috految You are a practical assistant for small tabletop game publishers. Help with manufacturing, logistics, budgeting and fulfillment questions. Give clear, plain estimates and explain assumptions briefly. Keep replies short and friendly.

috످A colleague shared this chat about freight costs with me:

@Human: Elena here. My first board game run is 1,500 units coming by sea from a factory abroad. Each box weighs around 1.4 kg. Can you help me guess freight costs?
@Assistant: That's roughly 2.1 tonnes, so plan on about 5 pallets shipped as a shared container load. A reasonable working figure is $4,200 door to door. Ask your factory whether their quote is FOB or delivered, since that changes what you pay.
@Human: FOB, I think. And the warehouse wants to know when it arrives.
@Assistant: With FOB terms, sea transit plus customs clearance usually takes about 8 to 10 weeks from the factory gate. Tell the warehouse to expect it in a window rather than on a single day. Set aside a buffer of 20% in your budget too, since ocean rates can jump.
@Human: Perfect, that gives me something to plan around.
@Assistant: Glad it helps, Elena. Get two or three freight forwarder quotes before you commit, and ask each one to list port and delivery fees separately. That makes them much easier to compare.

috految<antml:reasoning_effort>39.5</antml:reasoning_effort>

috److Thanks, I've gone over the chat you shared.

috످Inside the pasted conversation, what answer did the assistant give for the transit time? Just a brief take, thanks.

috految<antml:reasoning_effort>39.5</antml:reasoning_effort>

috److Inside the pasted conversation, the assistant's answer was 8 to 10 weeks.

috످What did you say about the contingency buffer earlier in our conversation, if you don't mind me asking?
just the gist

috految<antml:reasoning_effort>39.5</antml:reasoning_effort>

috److془The buffer came from the assistant in pasted chat. I didn't say it.془I didn't mention a buffer myself, but the assistant in the chat you pasted suggested setting aside an extra 20% in case ocean freight rates jump.

috످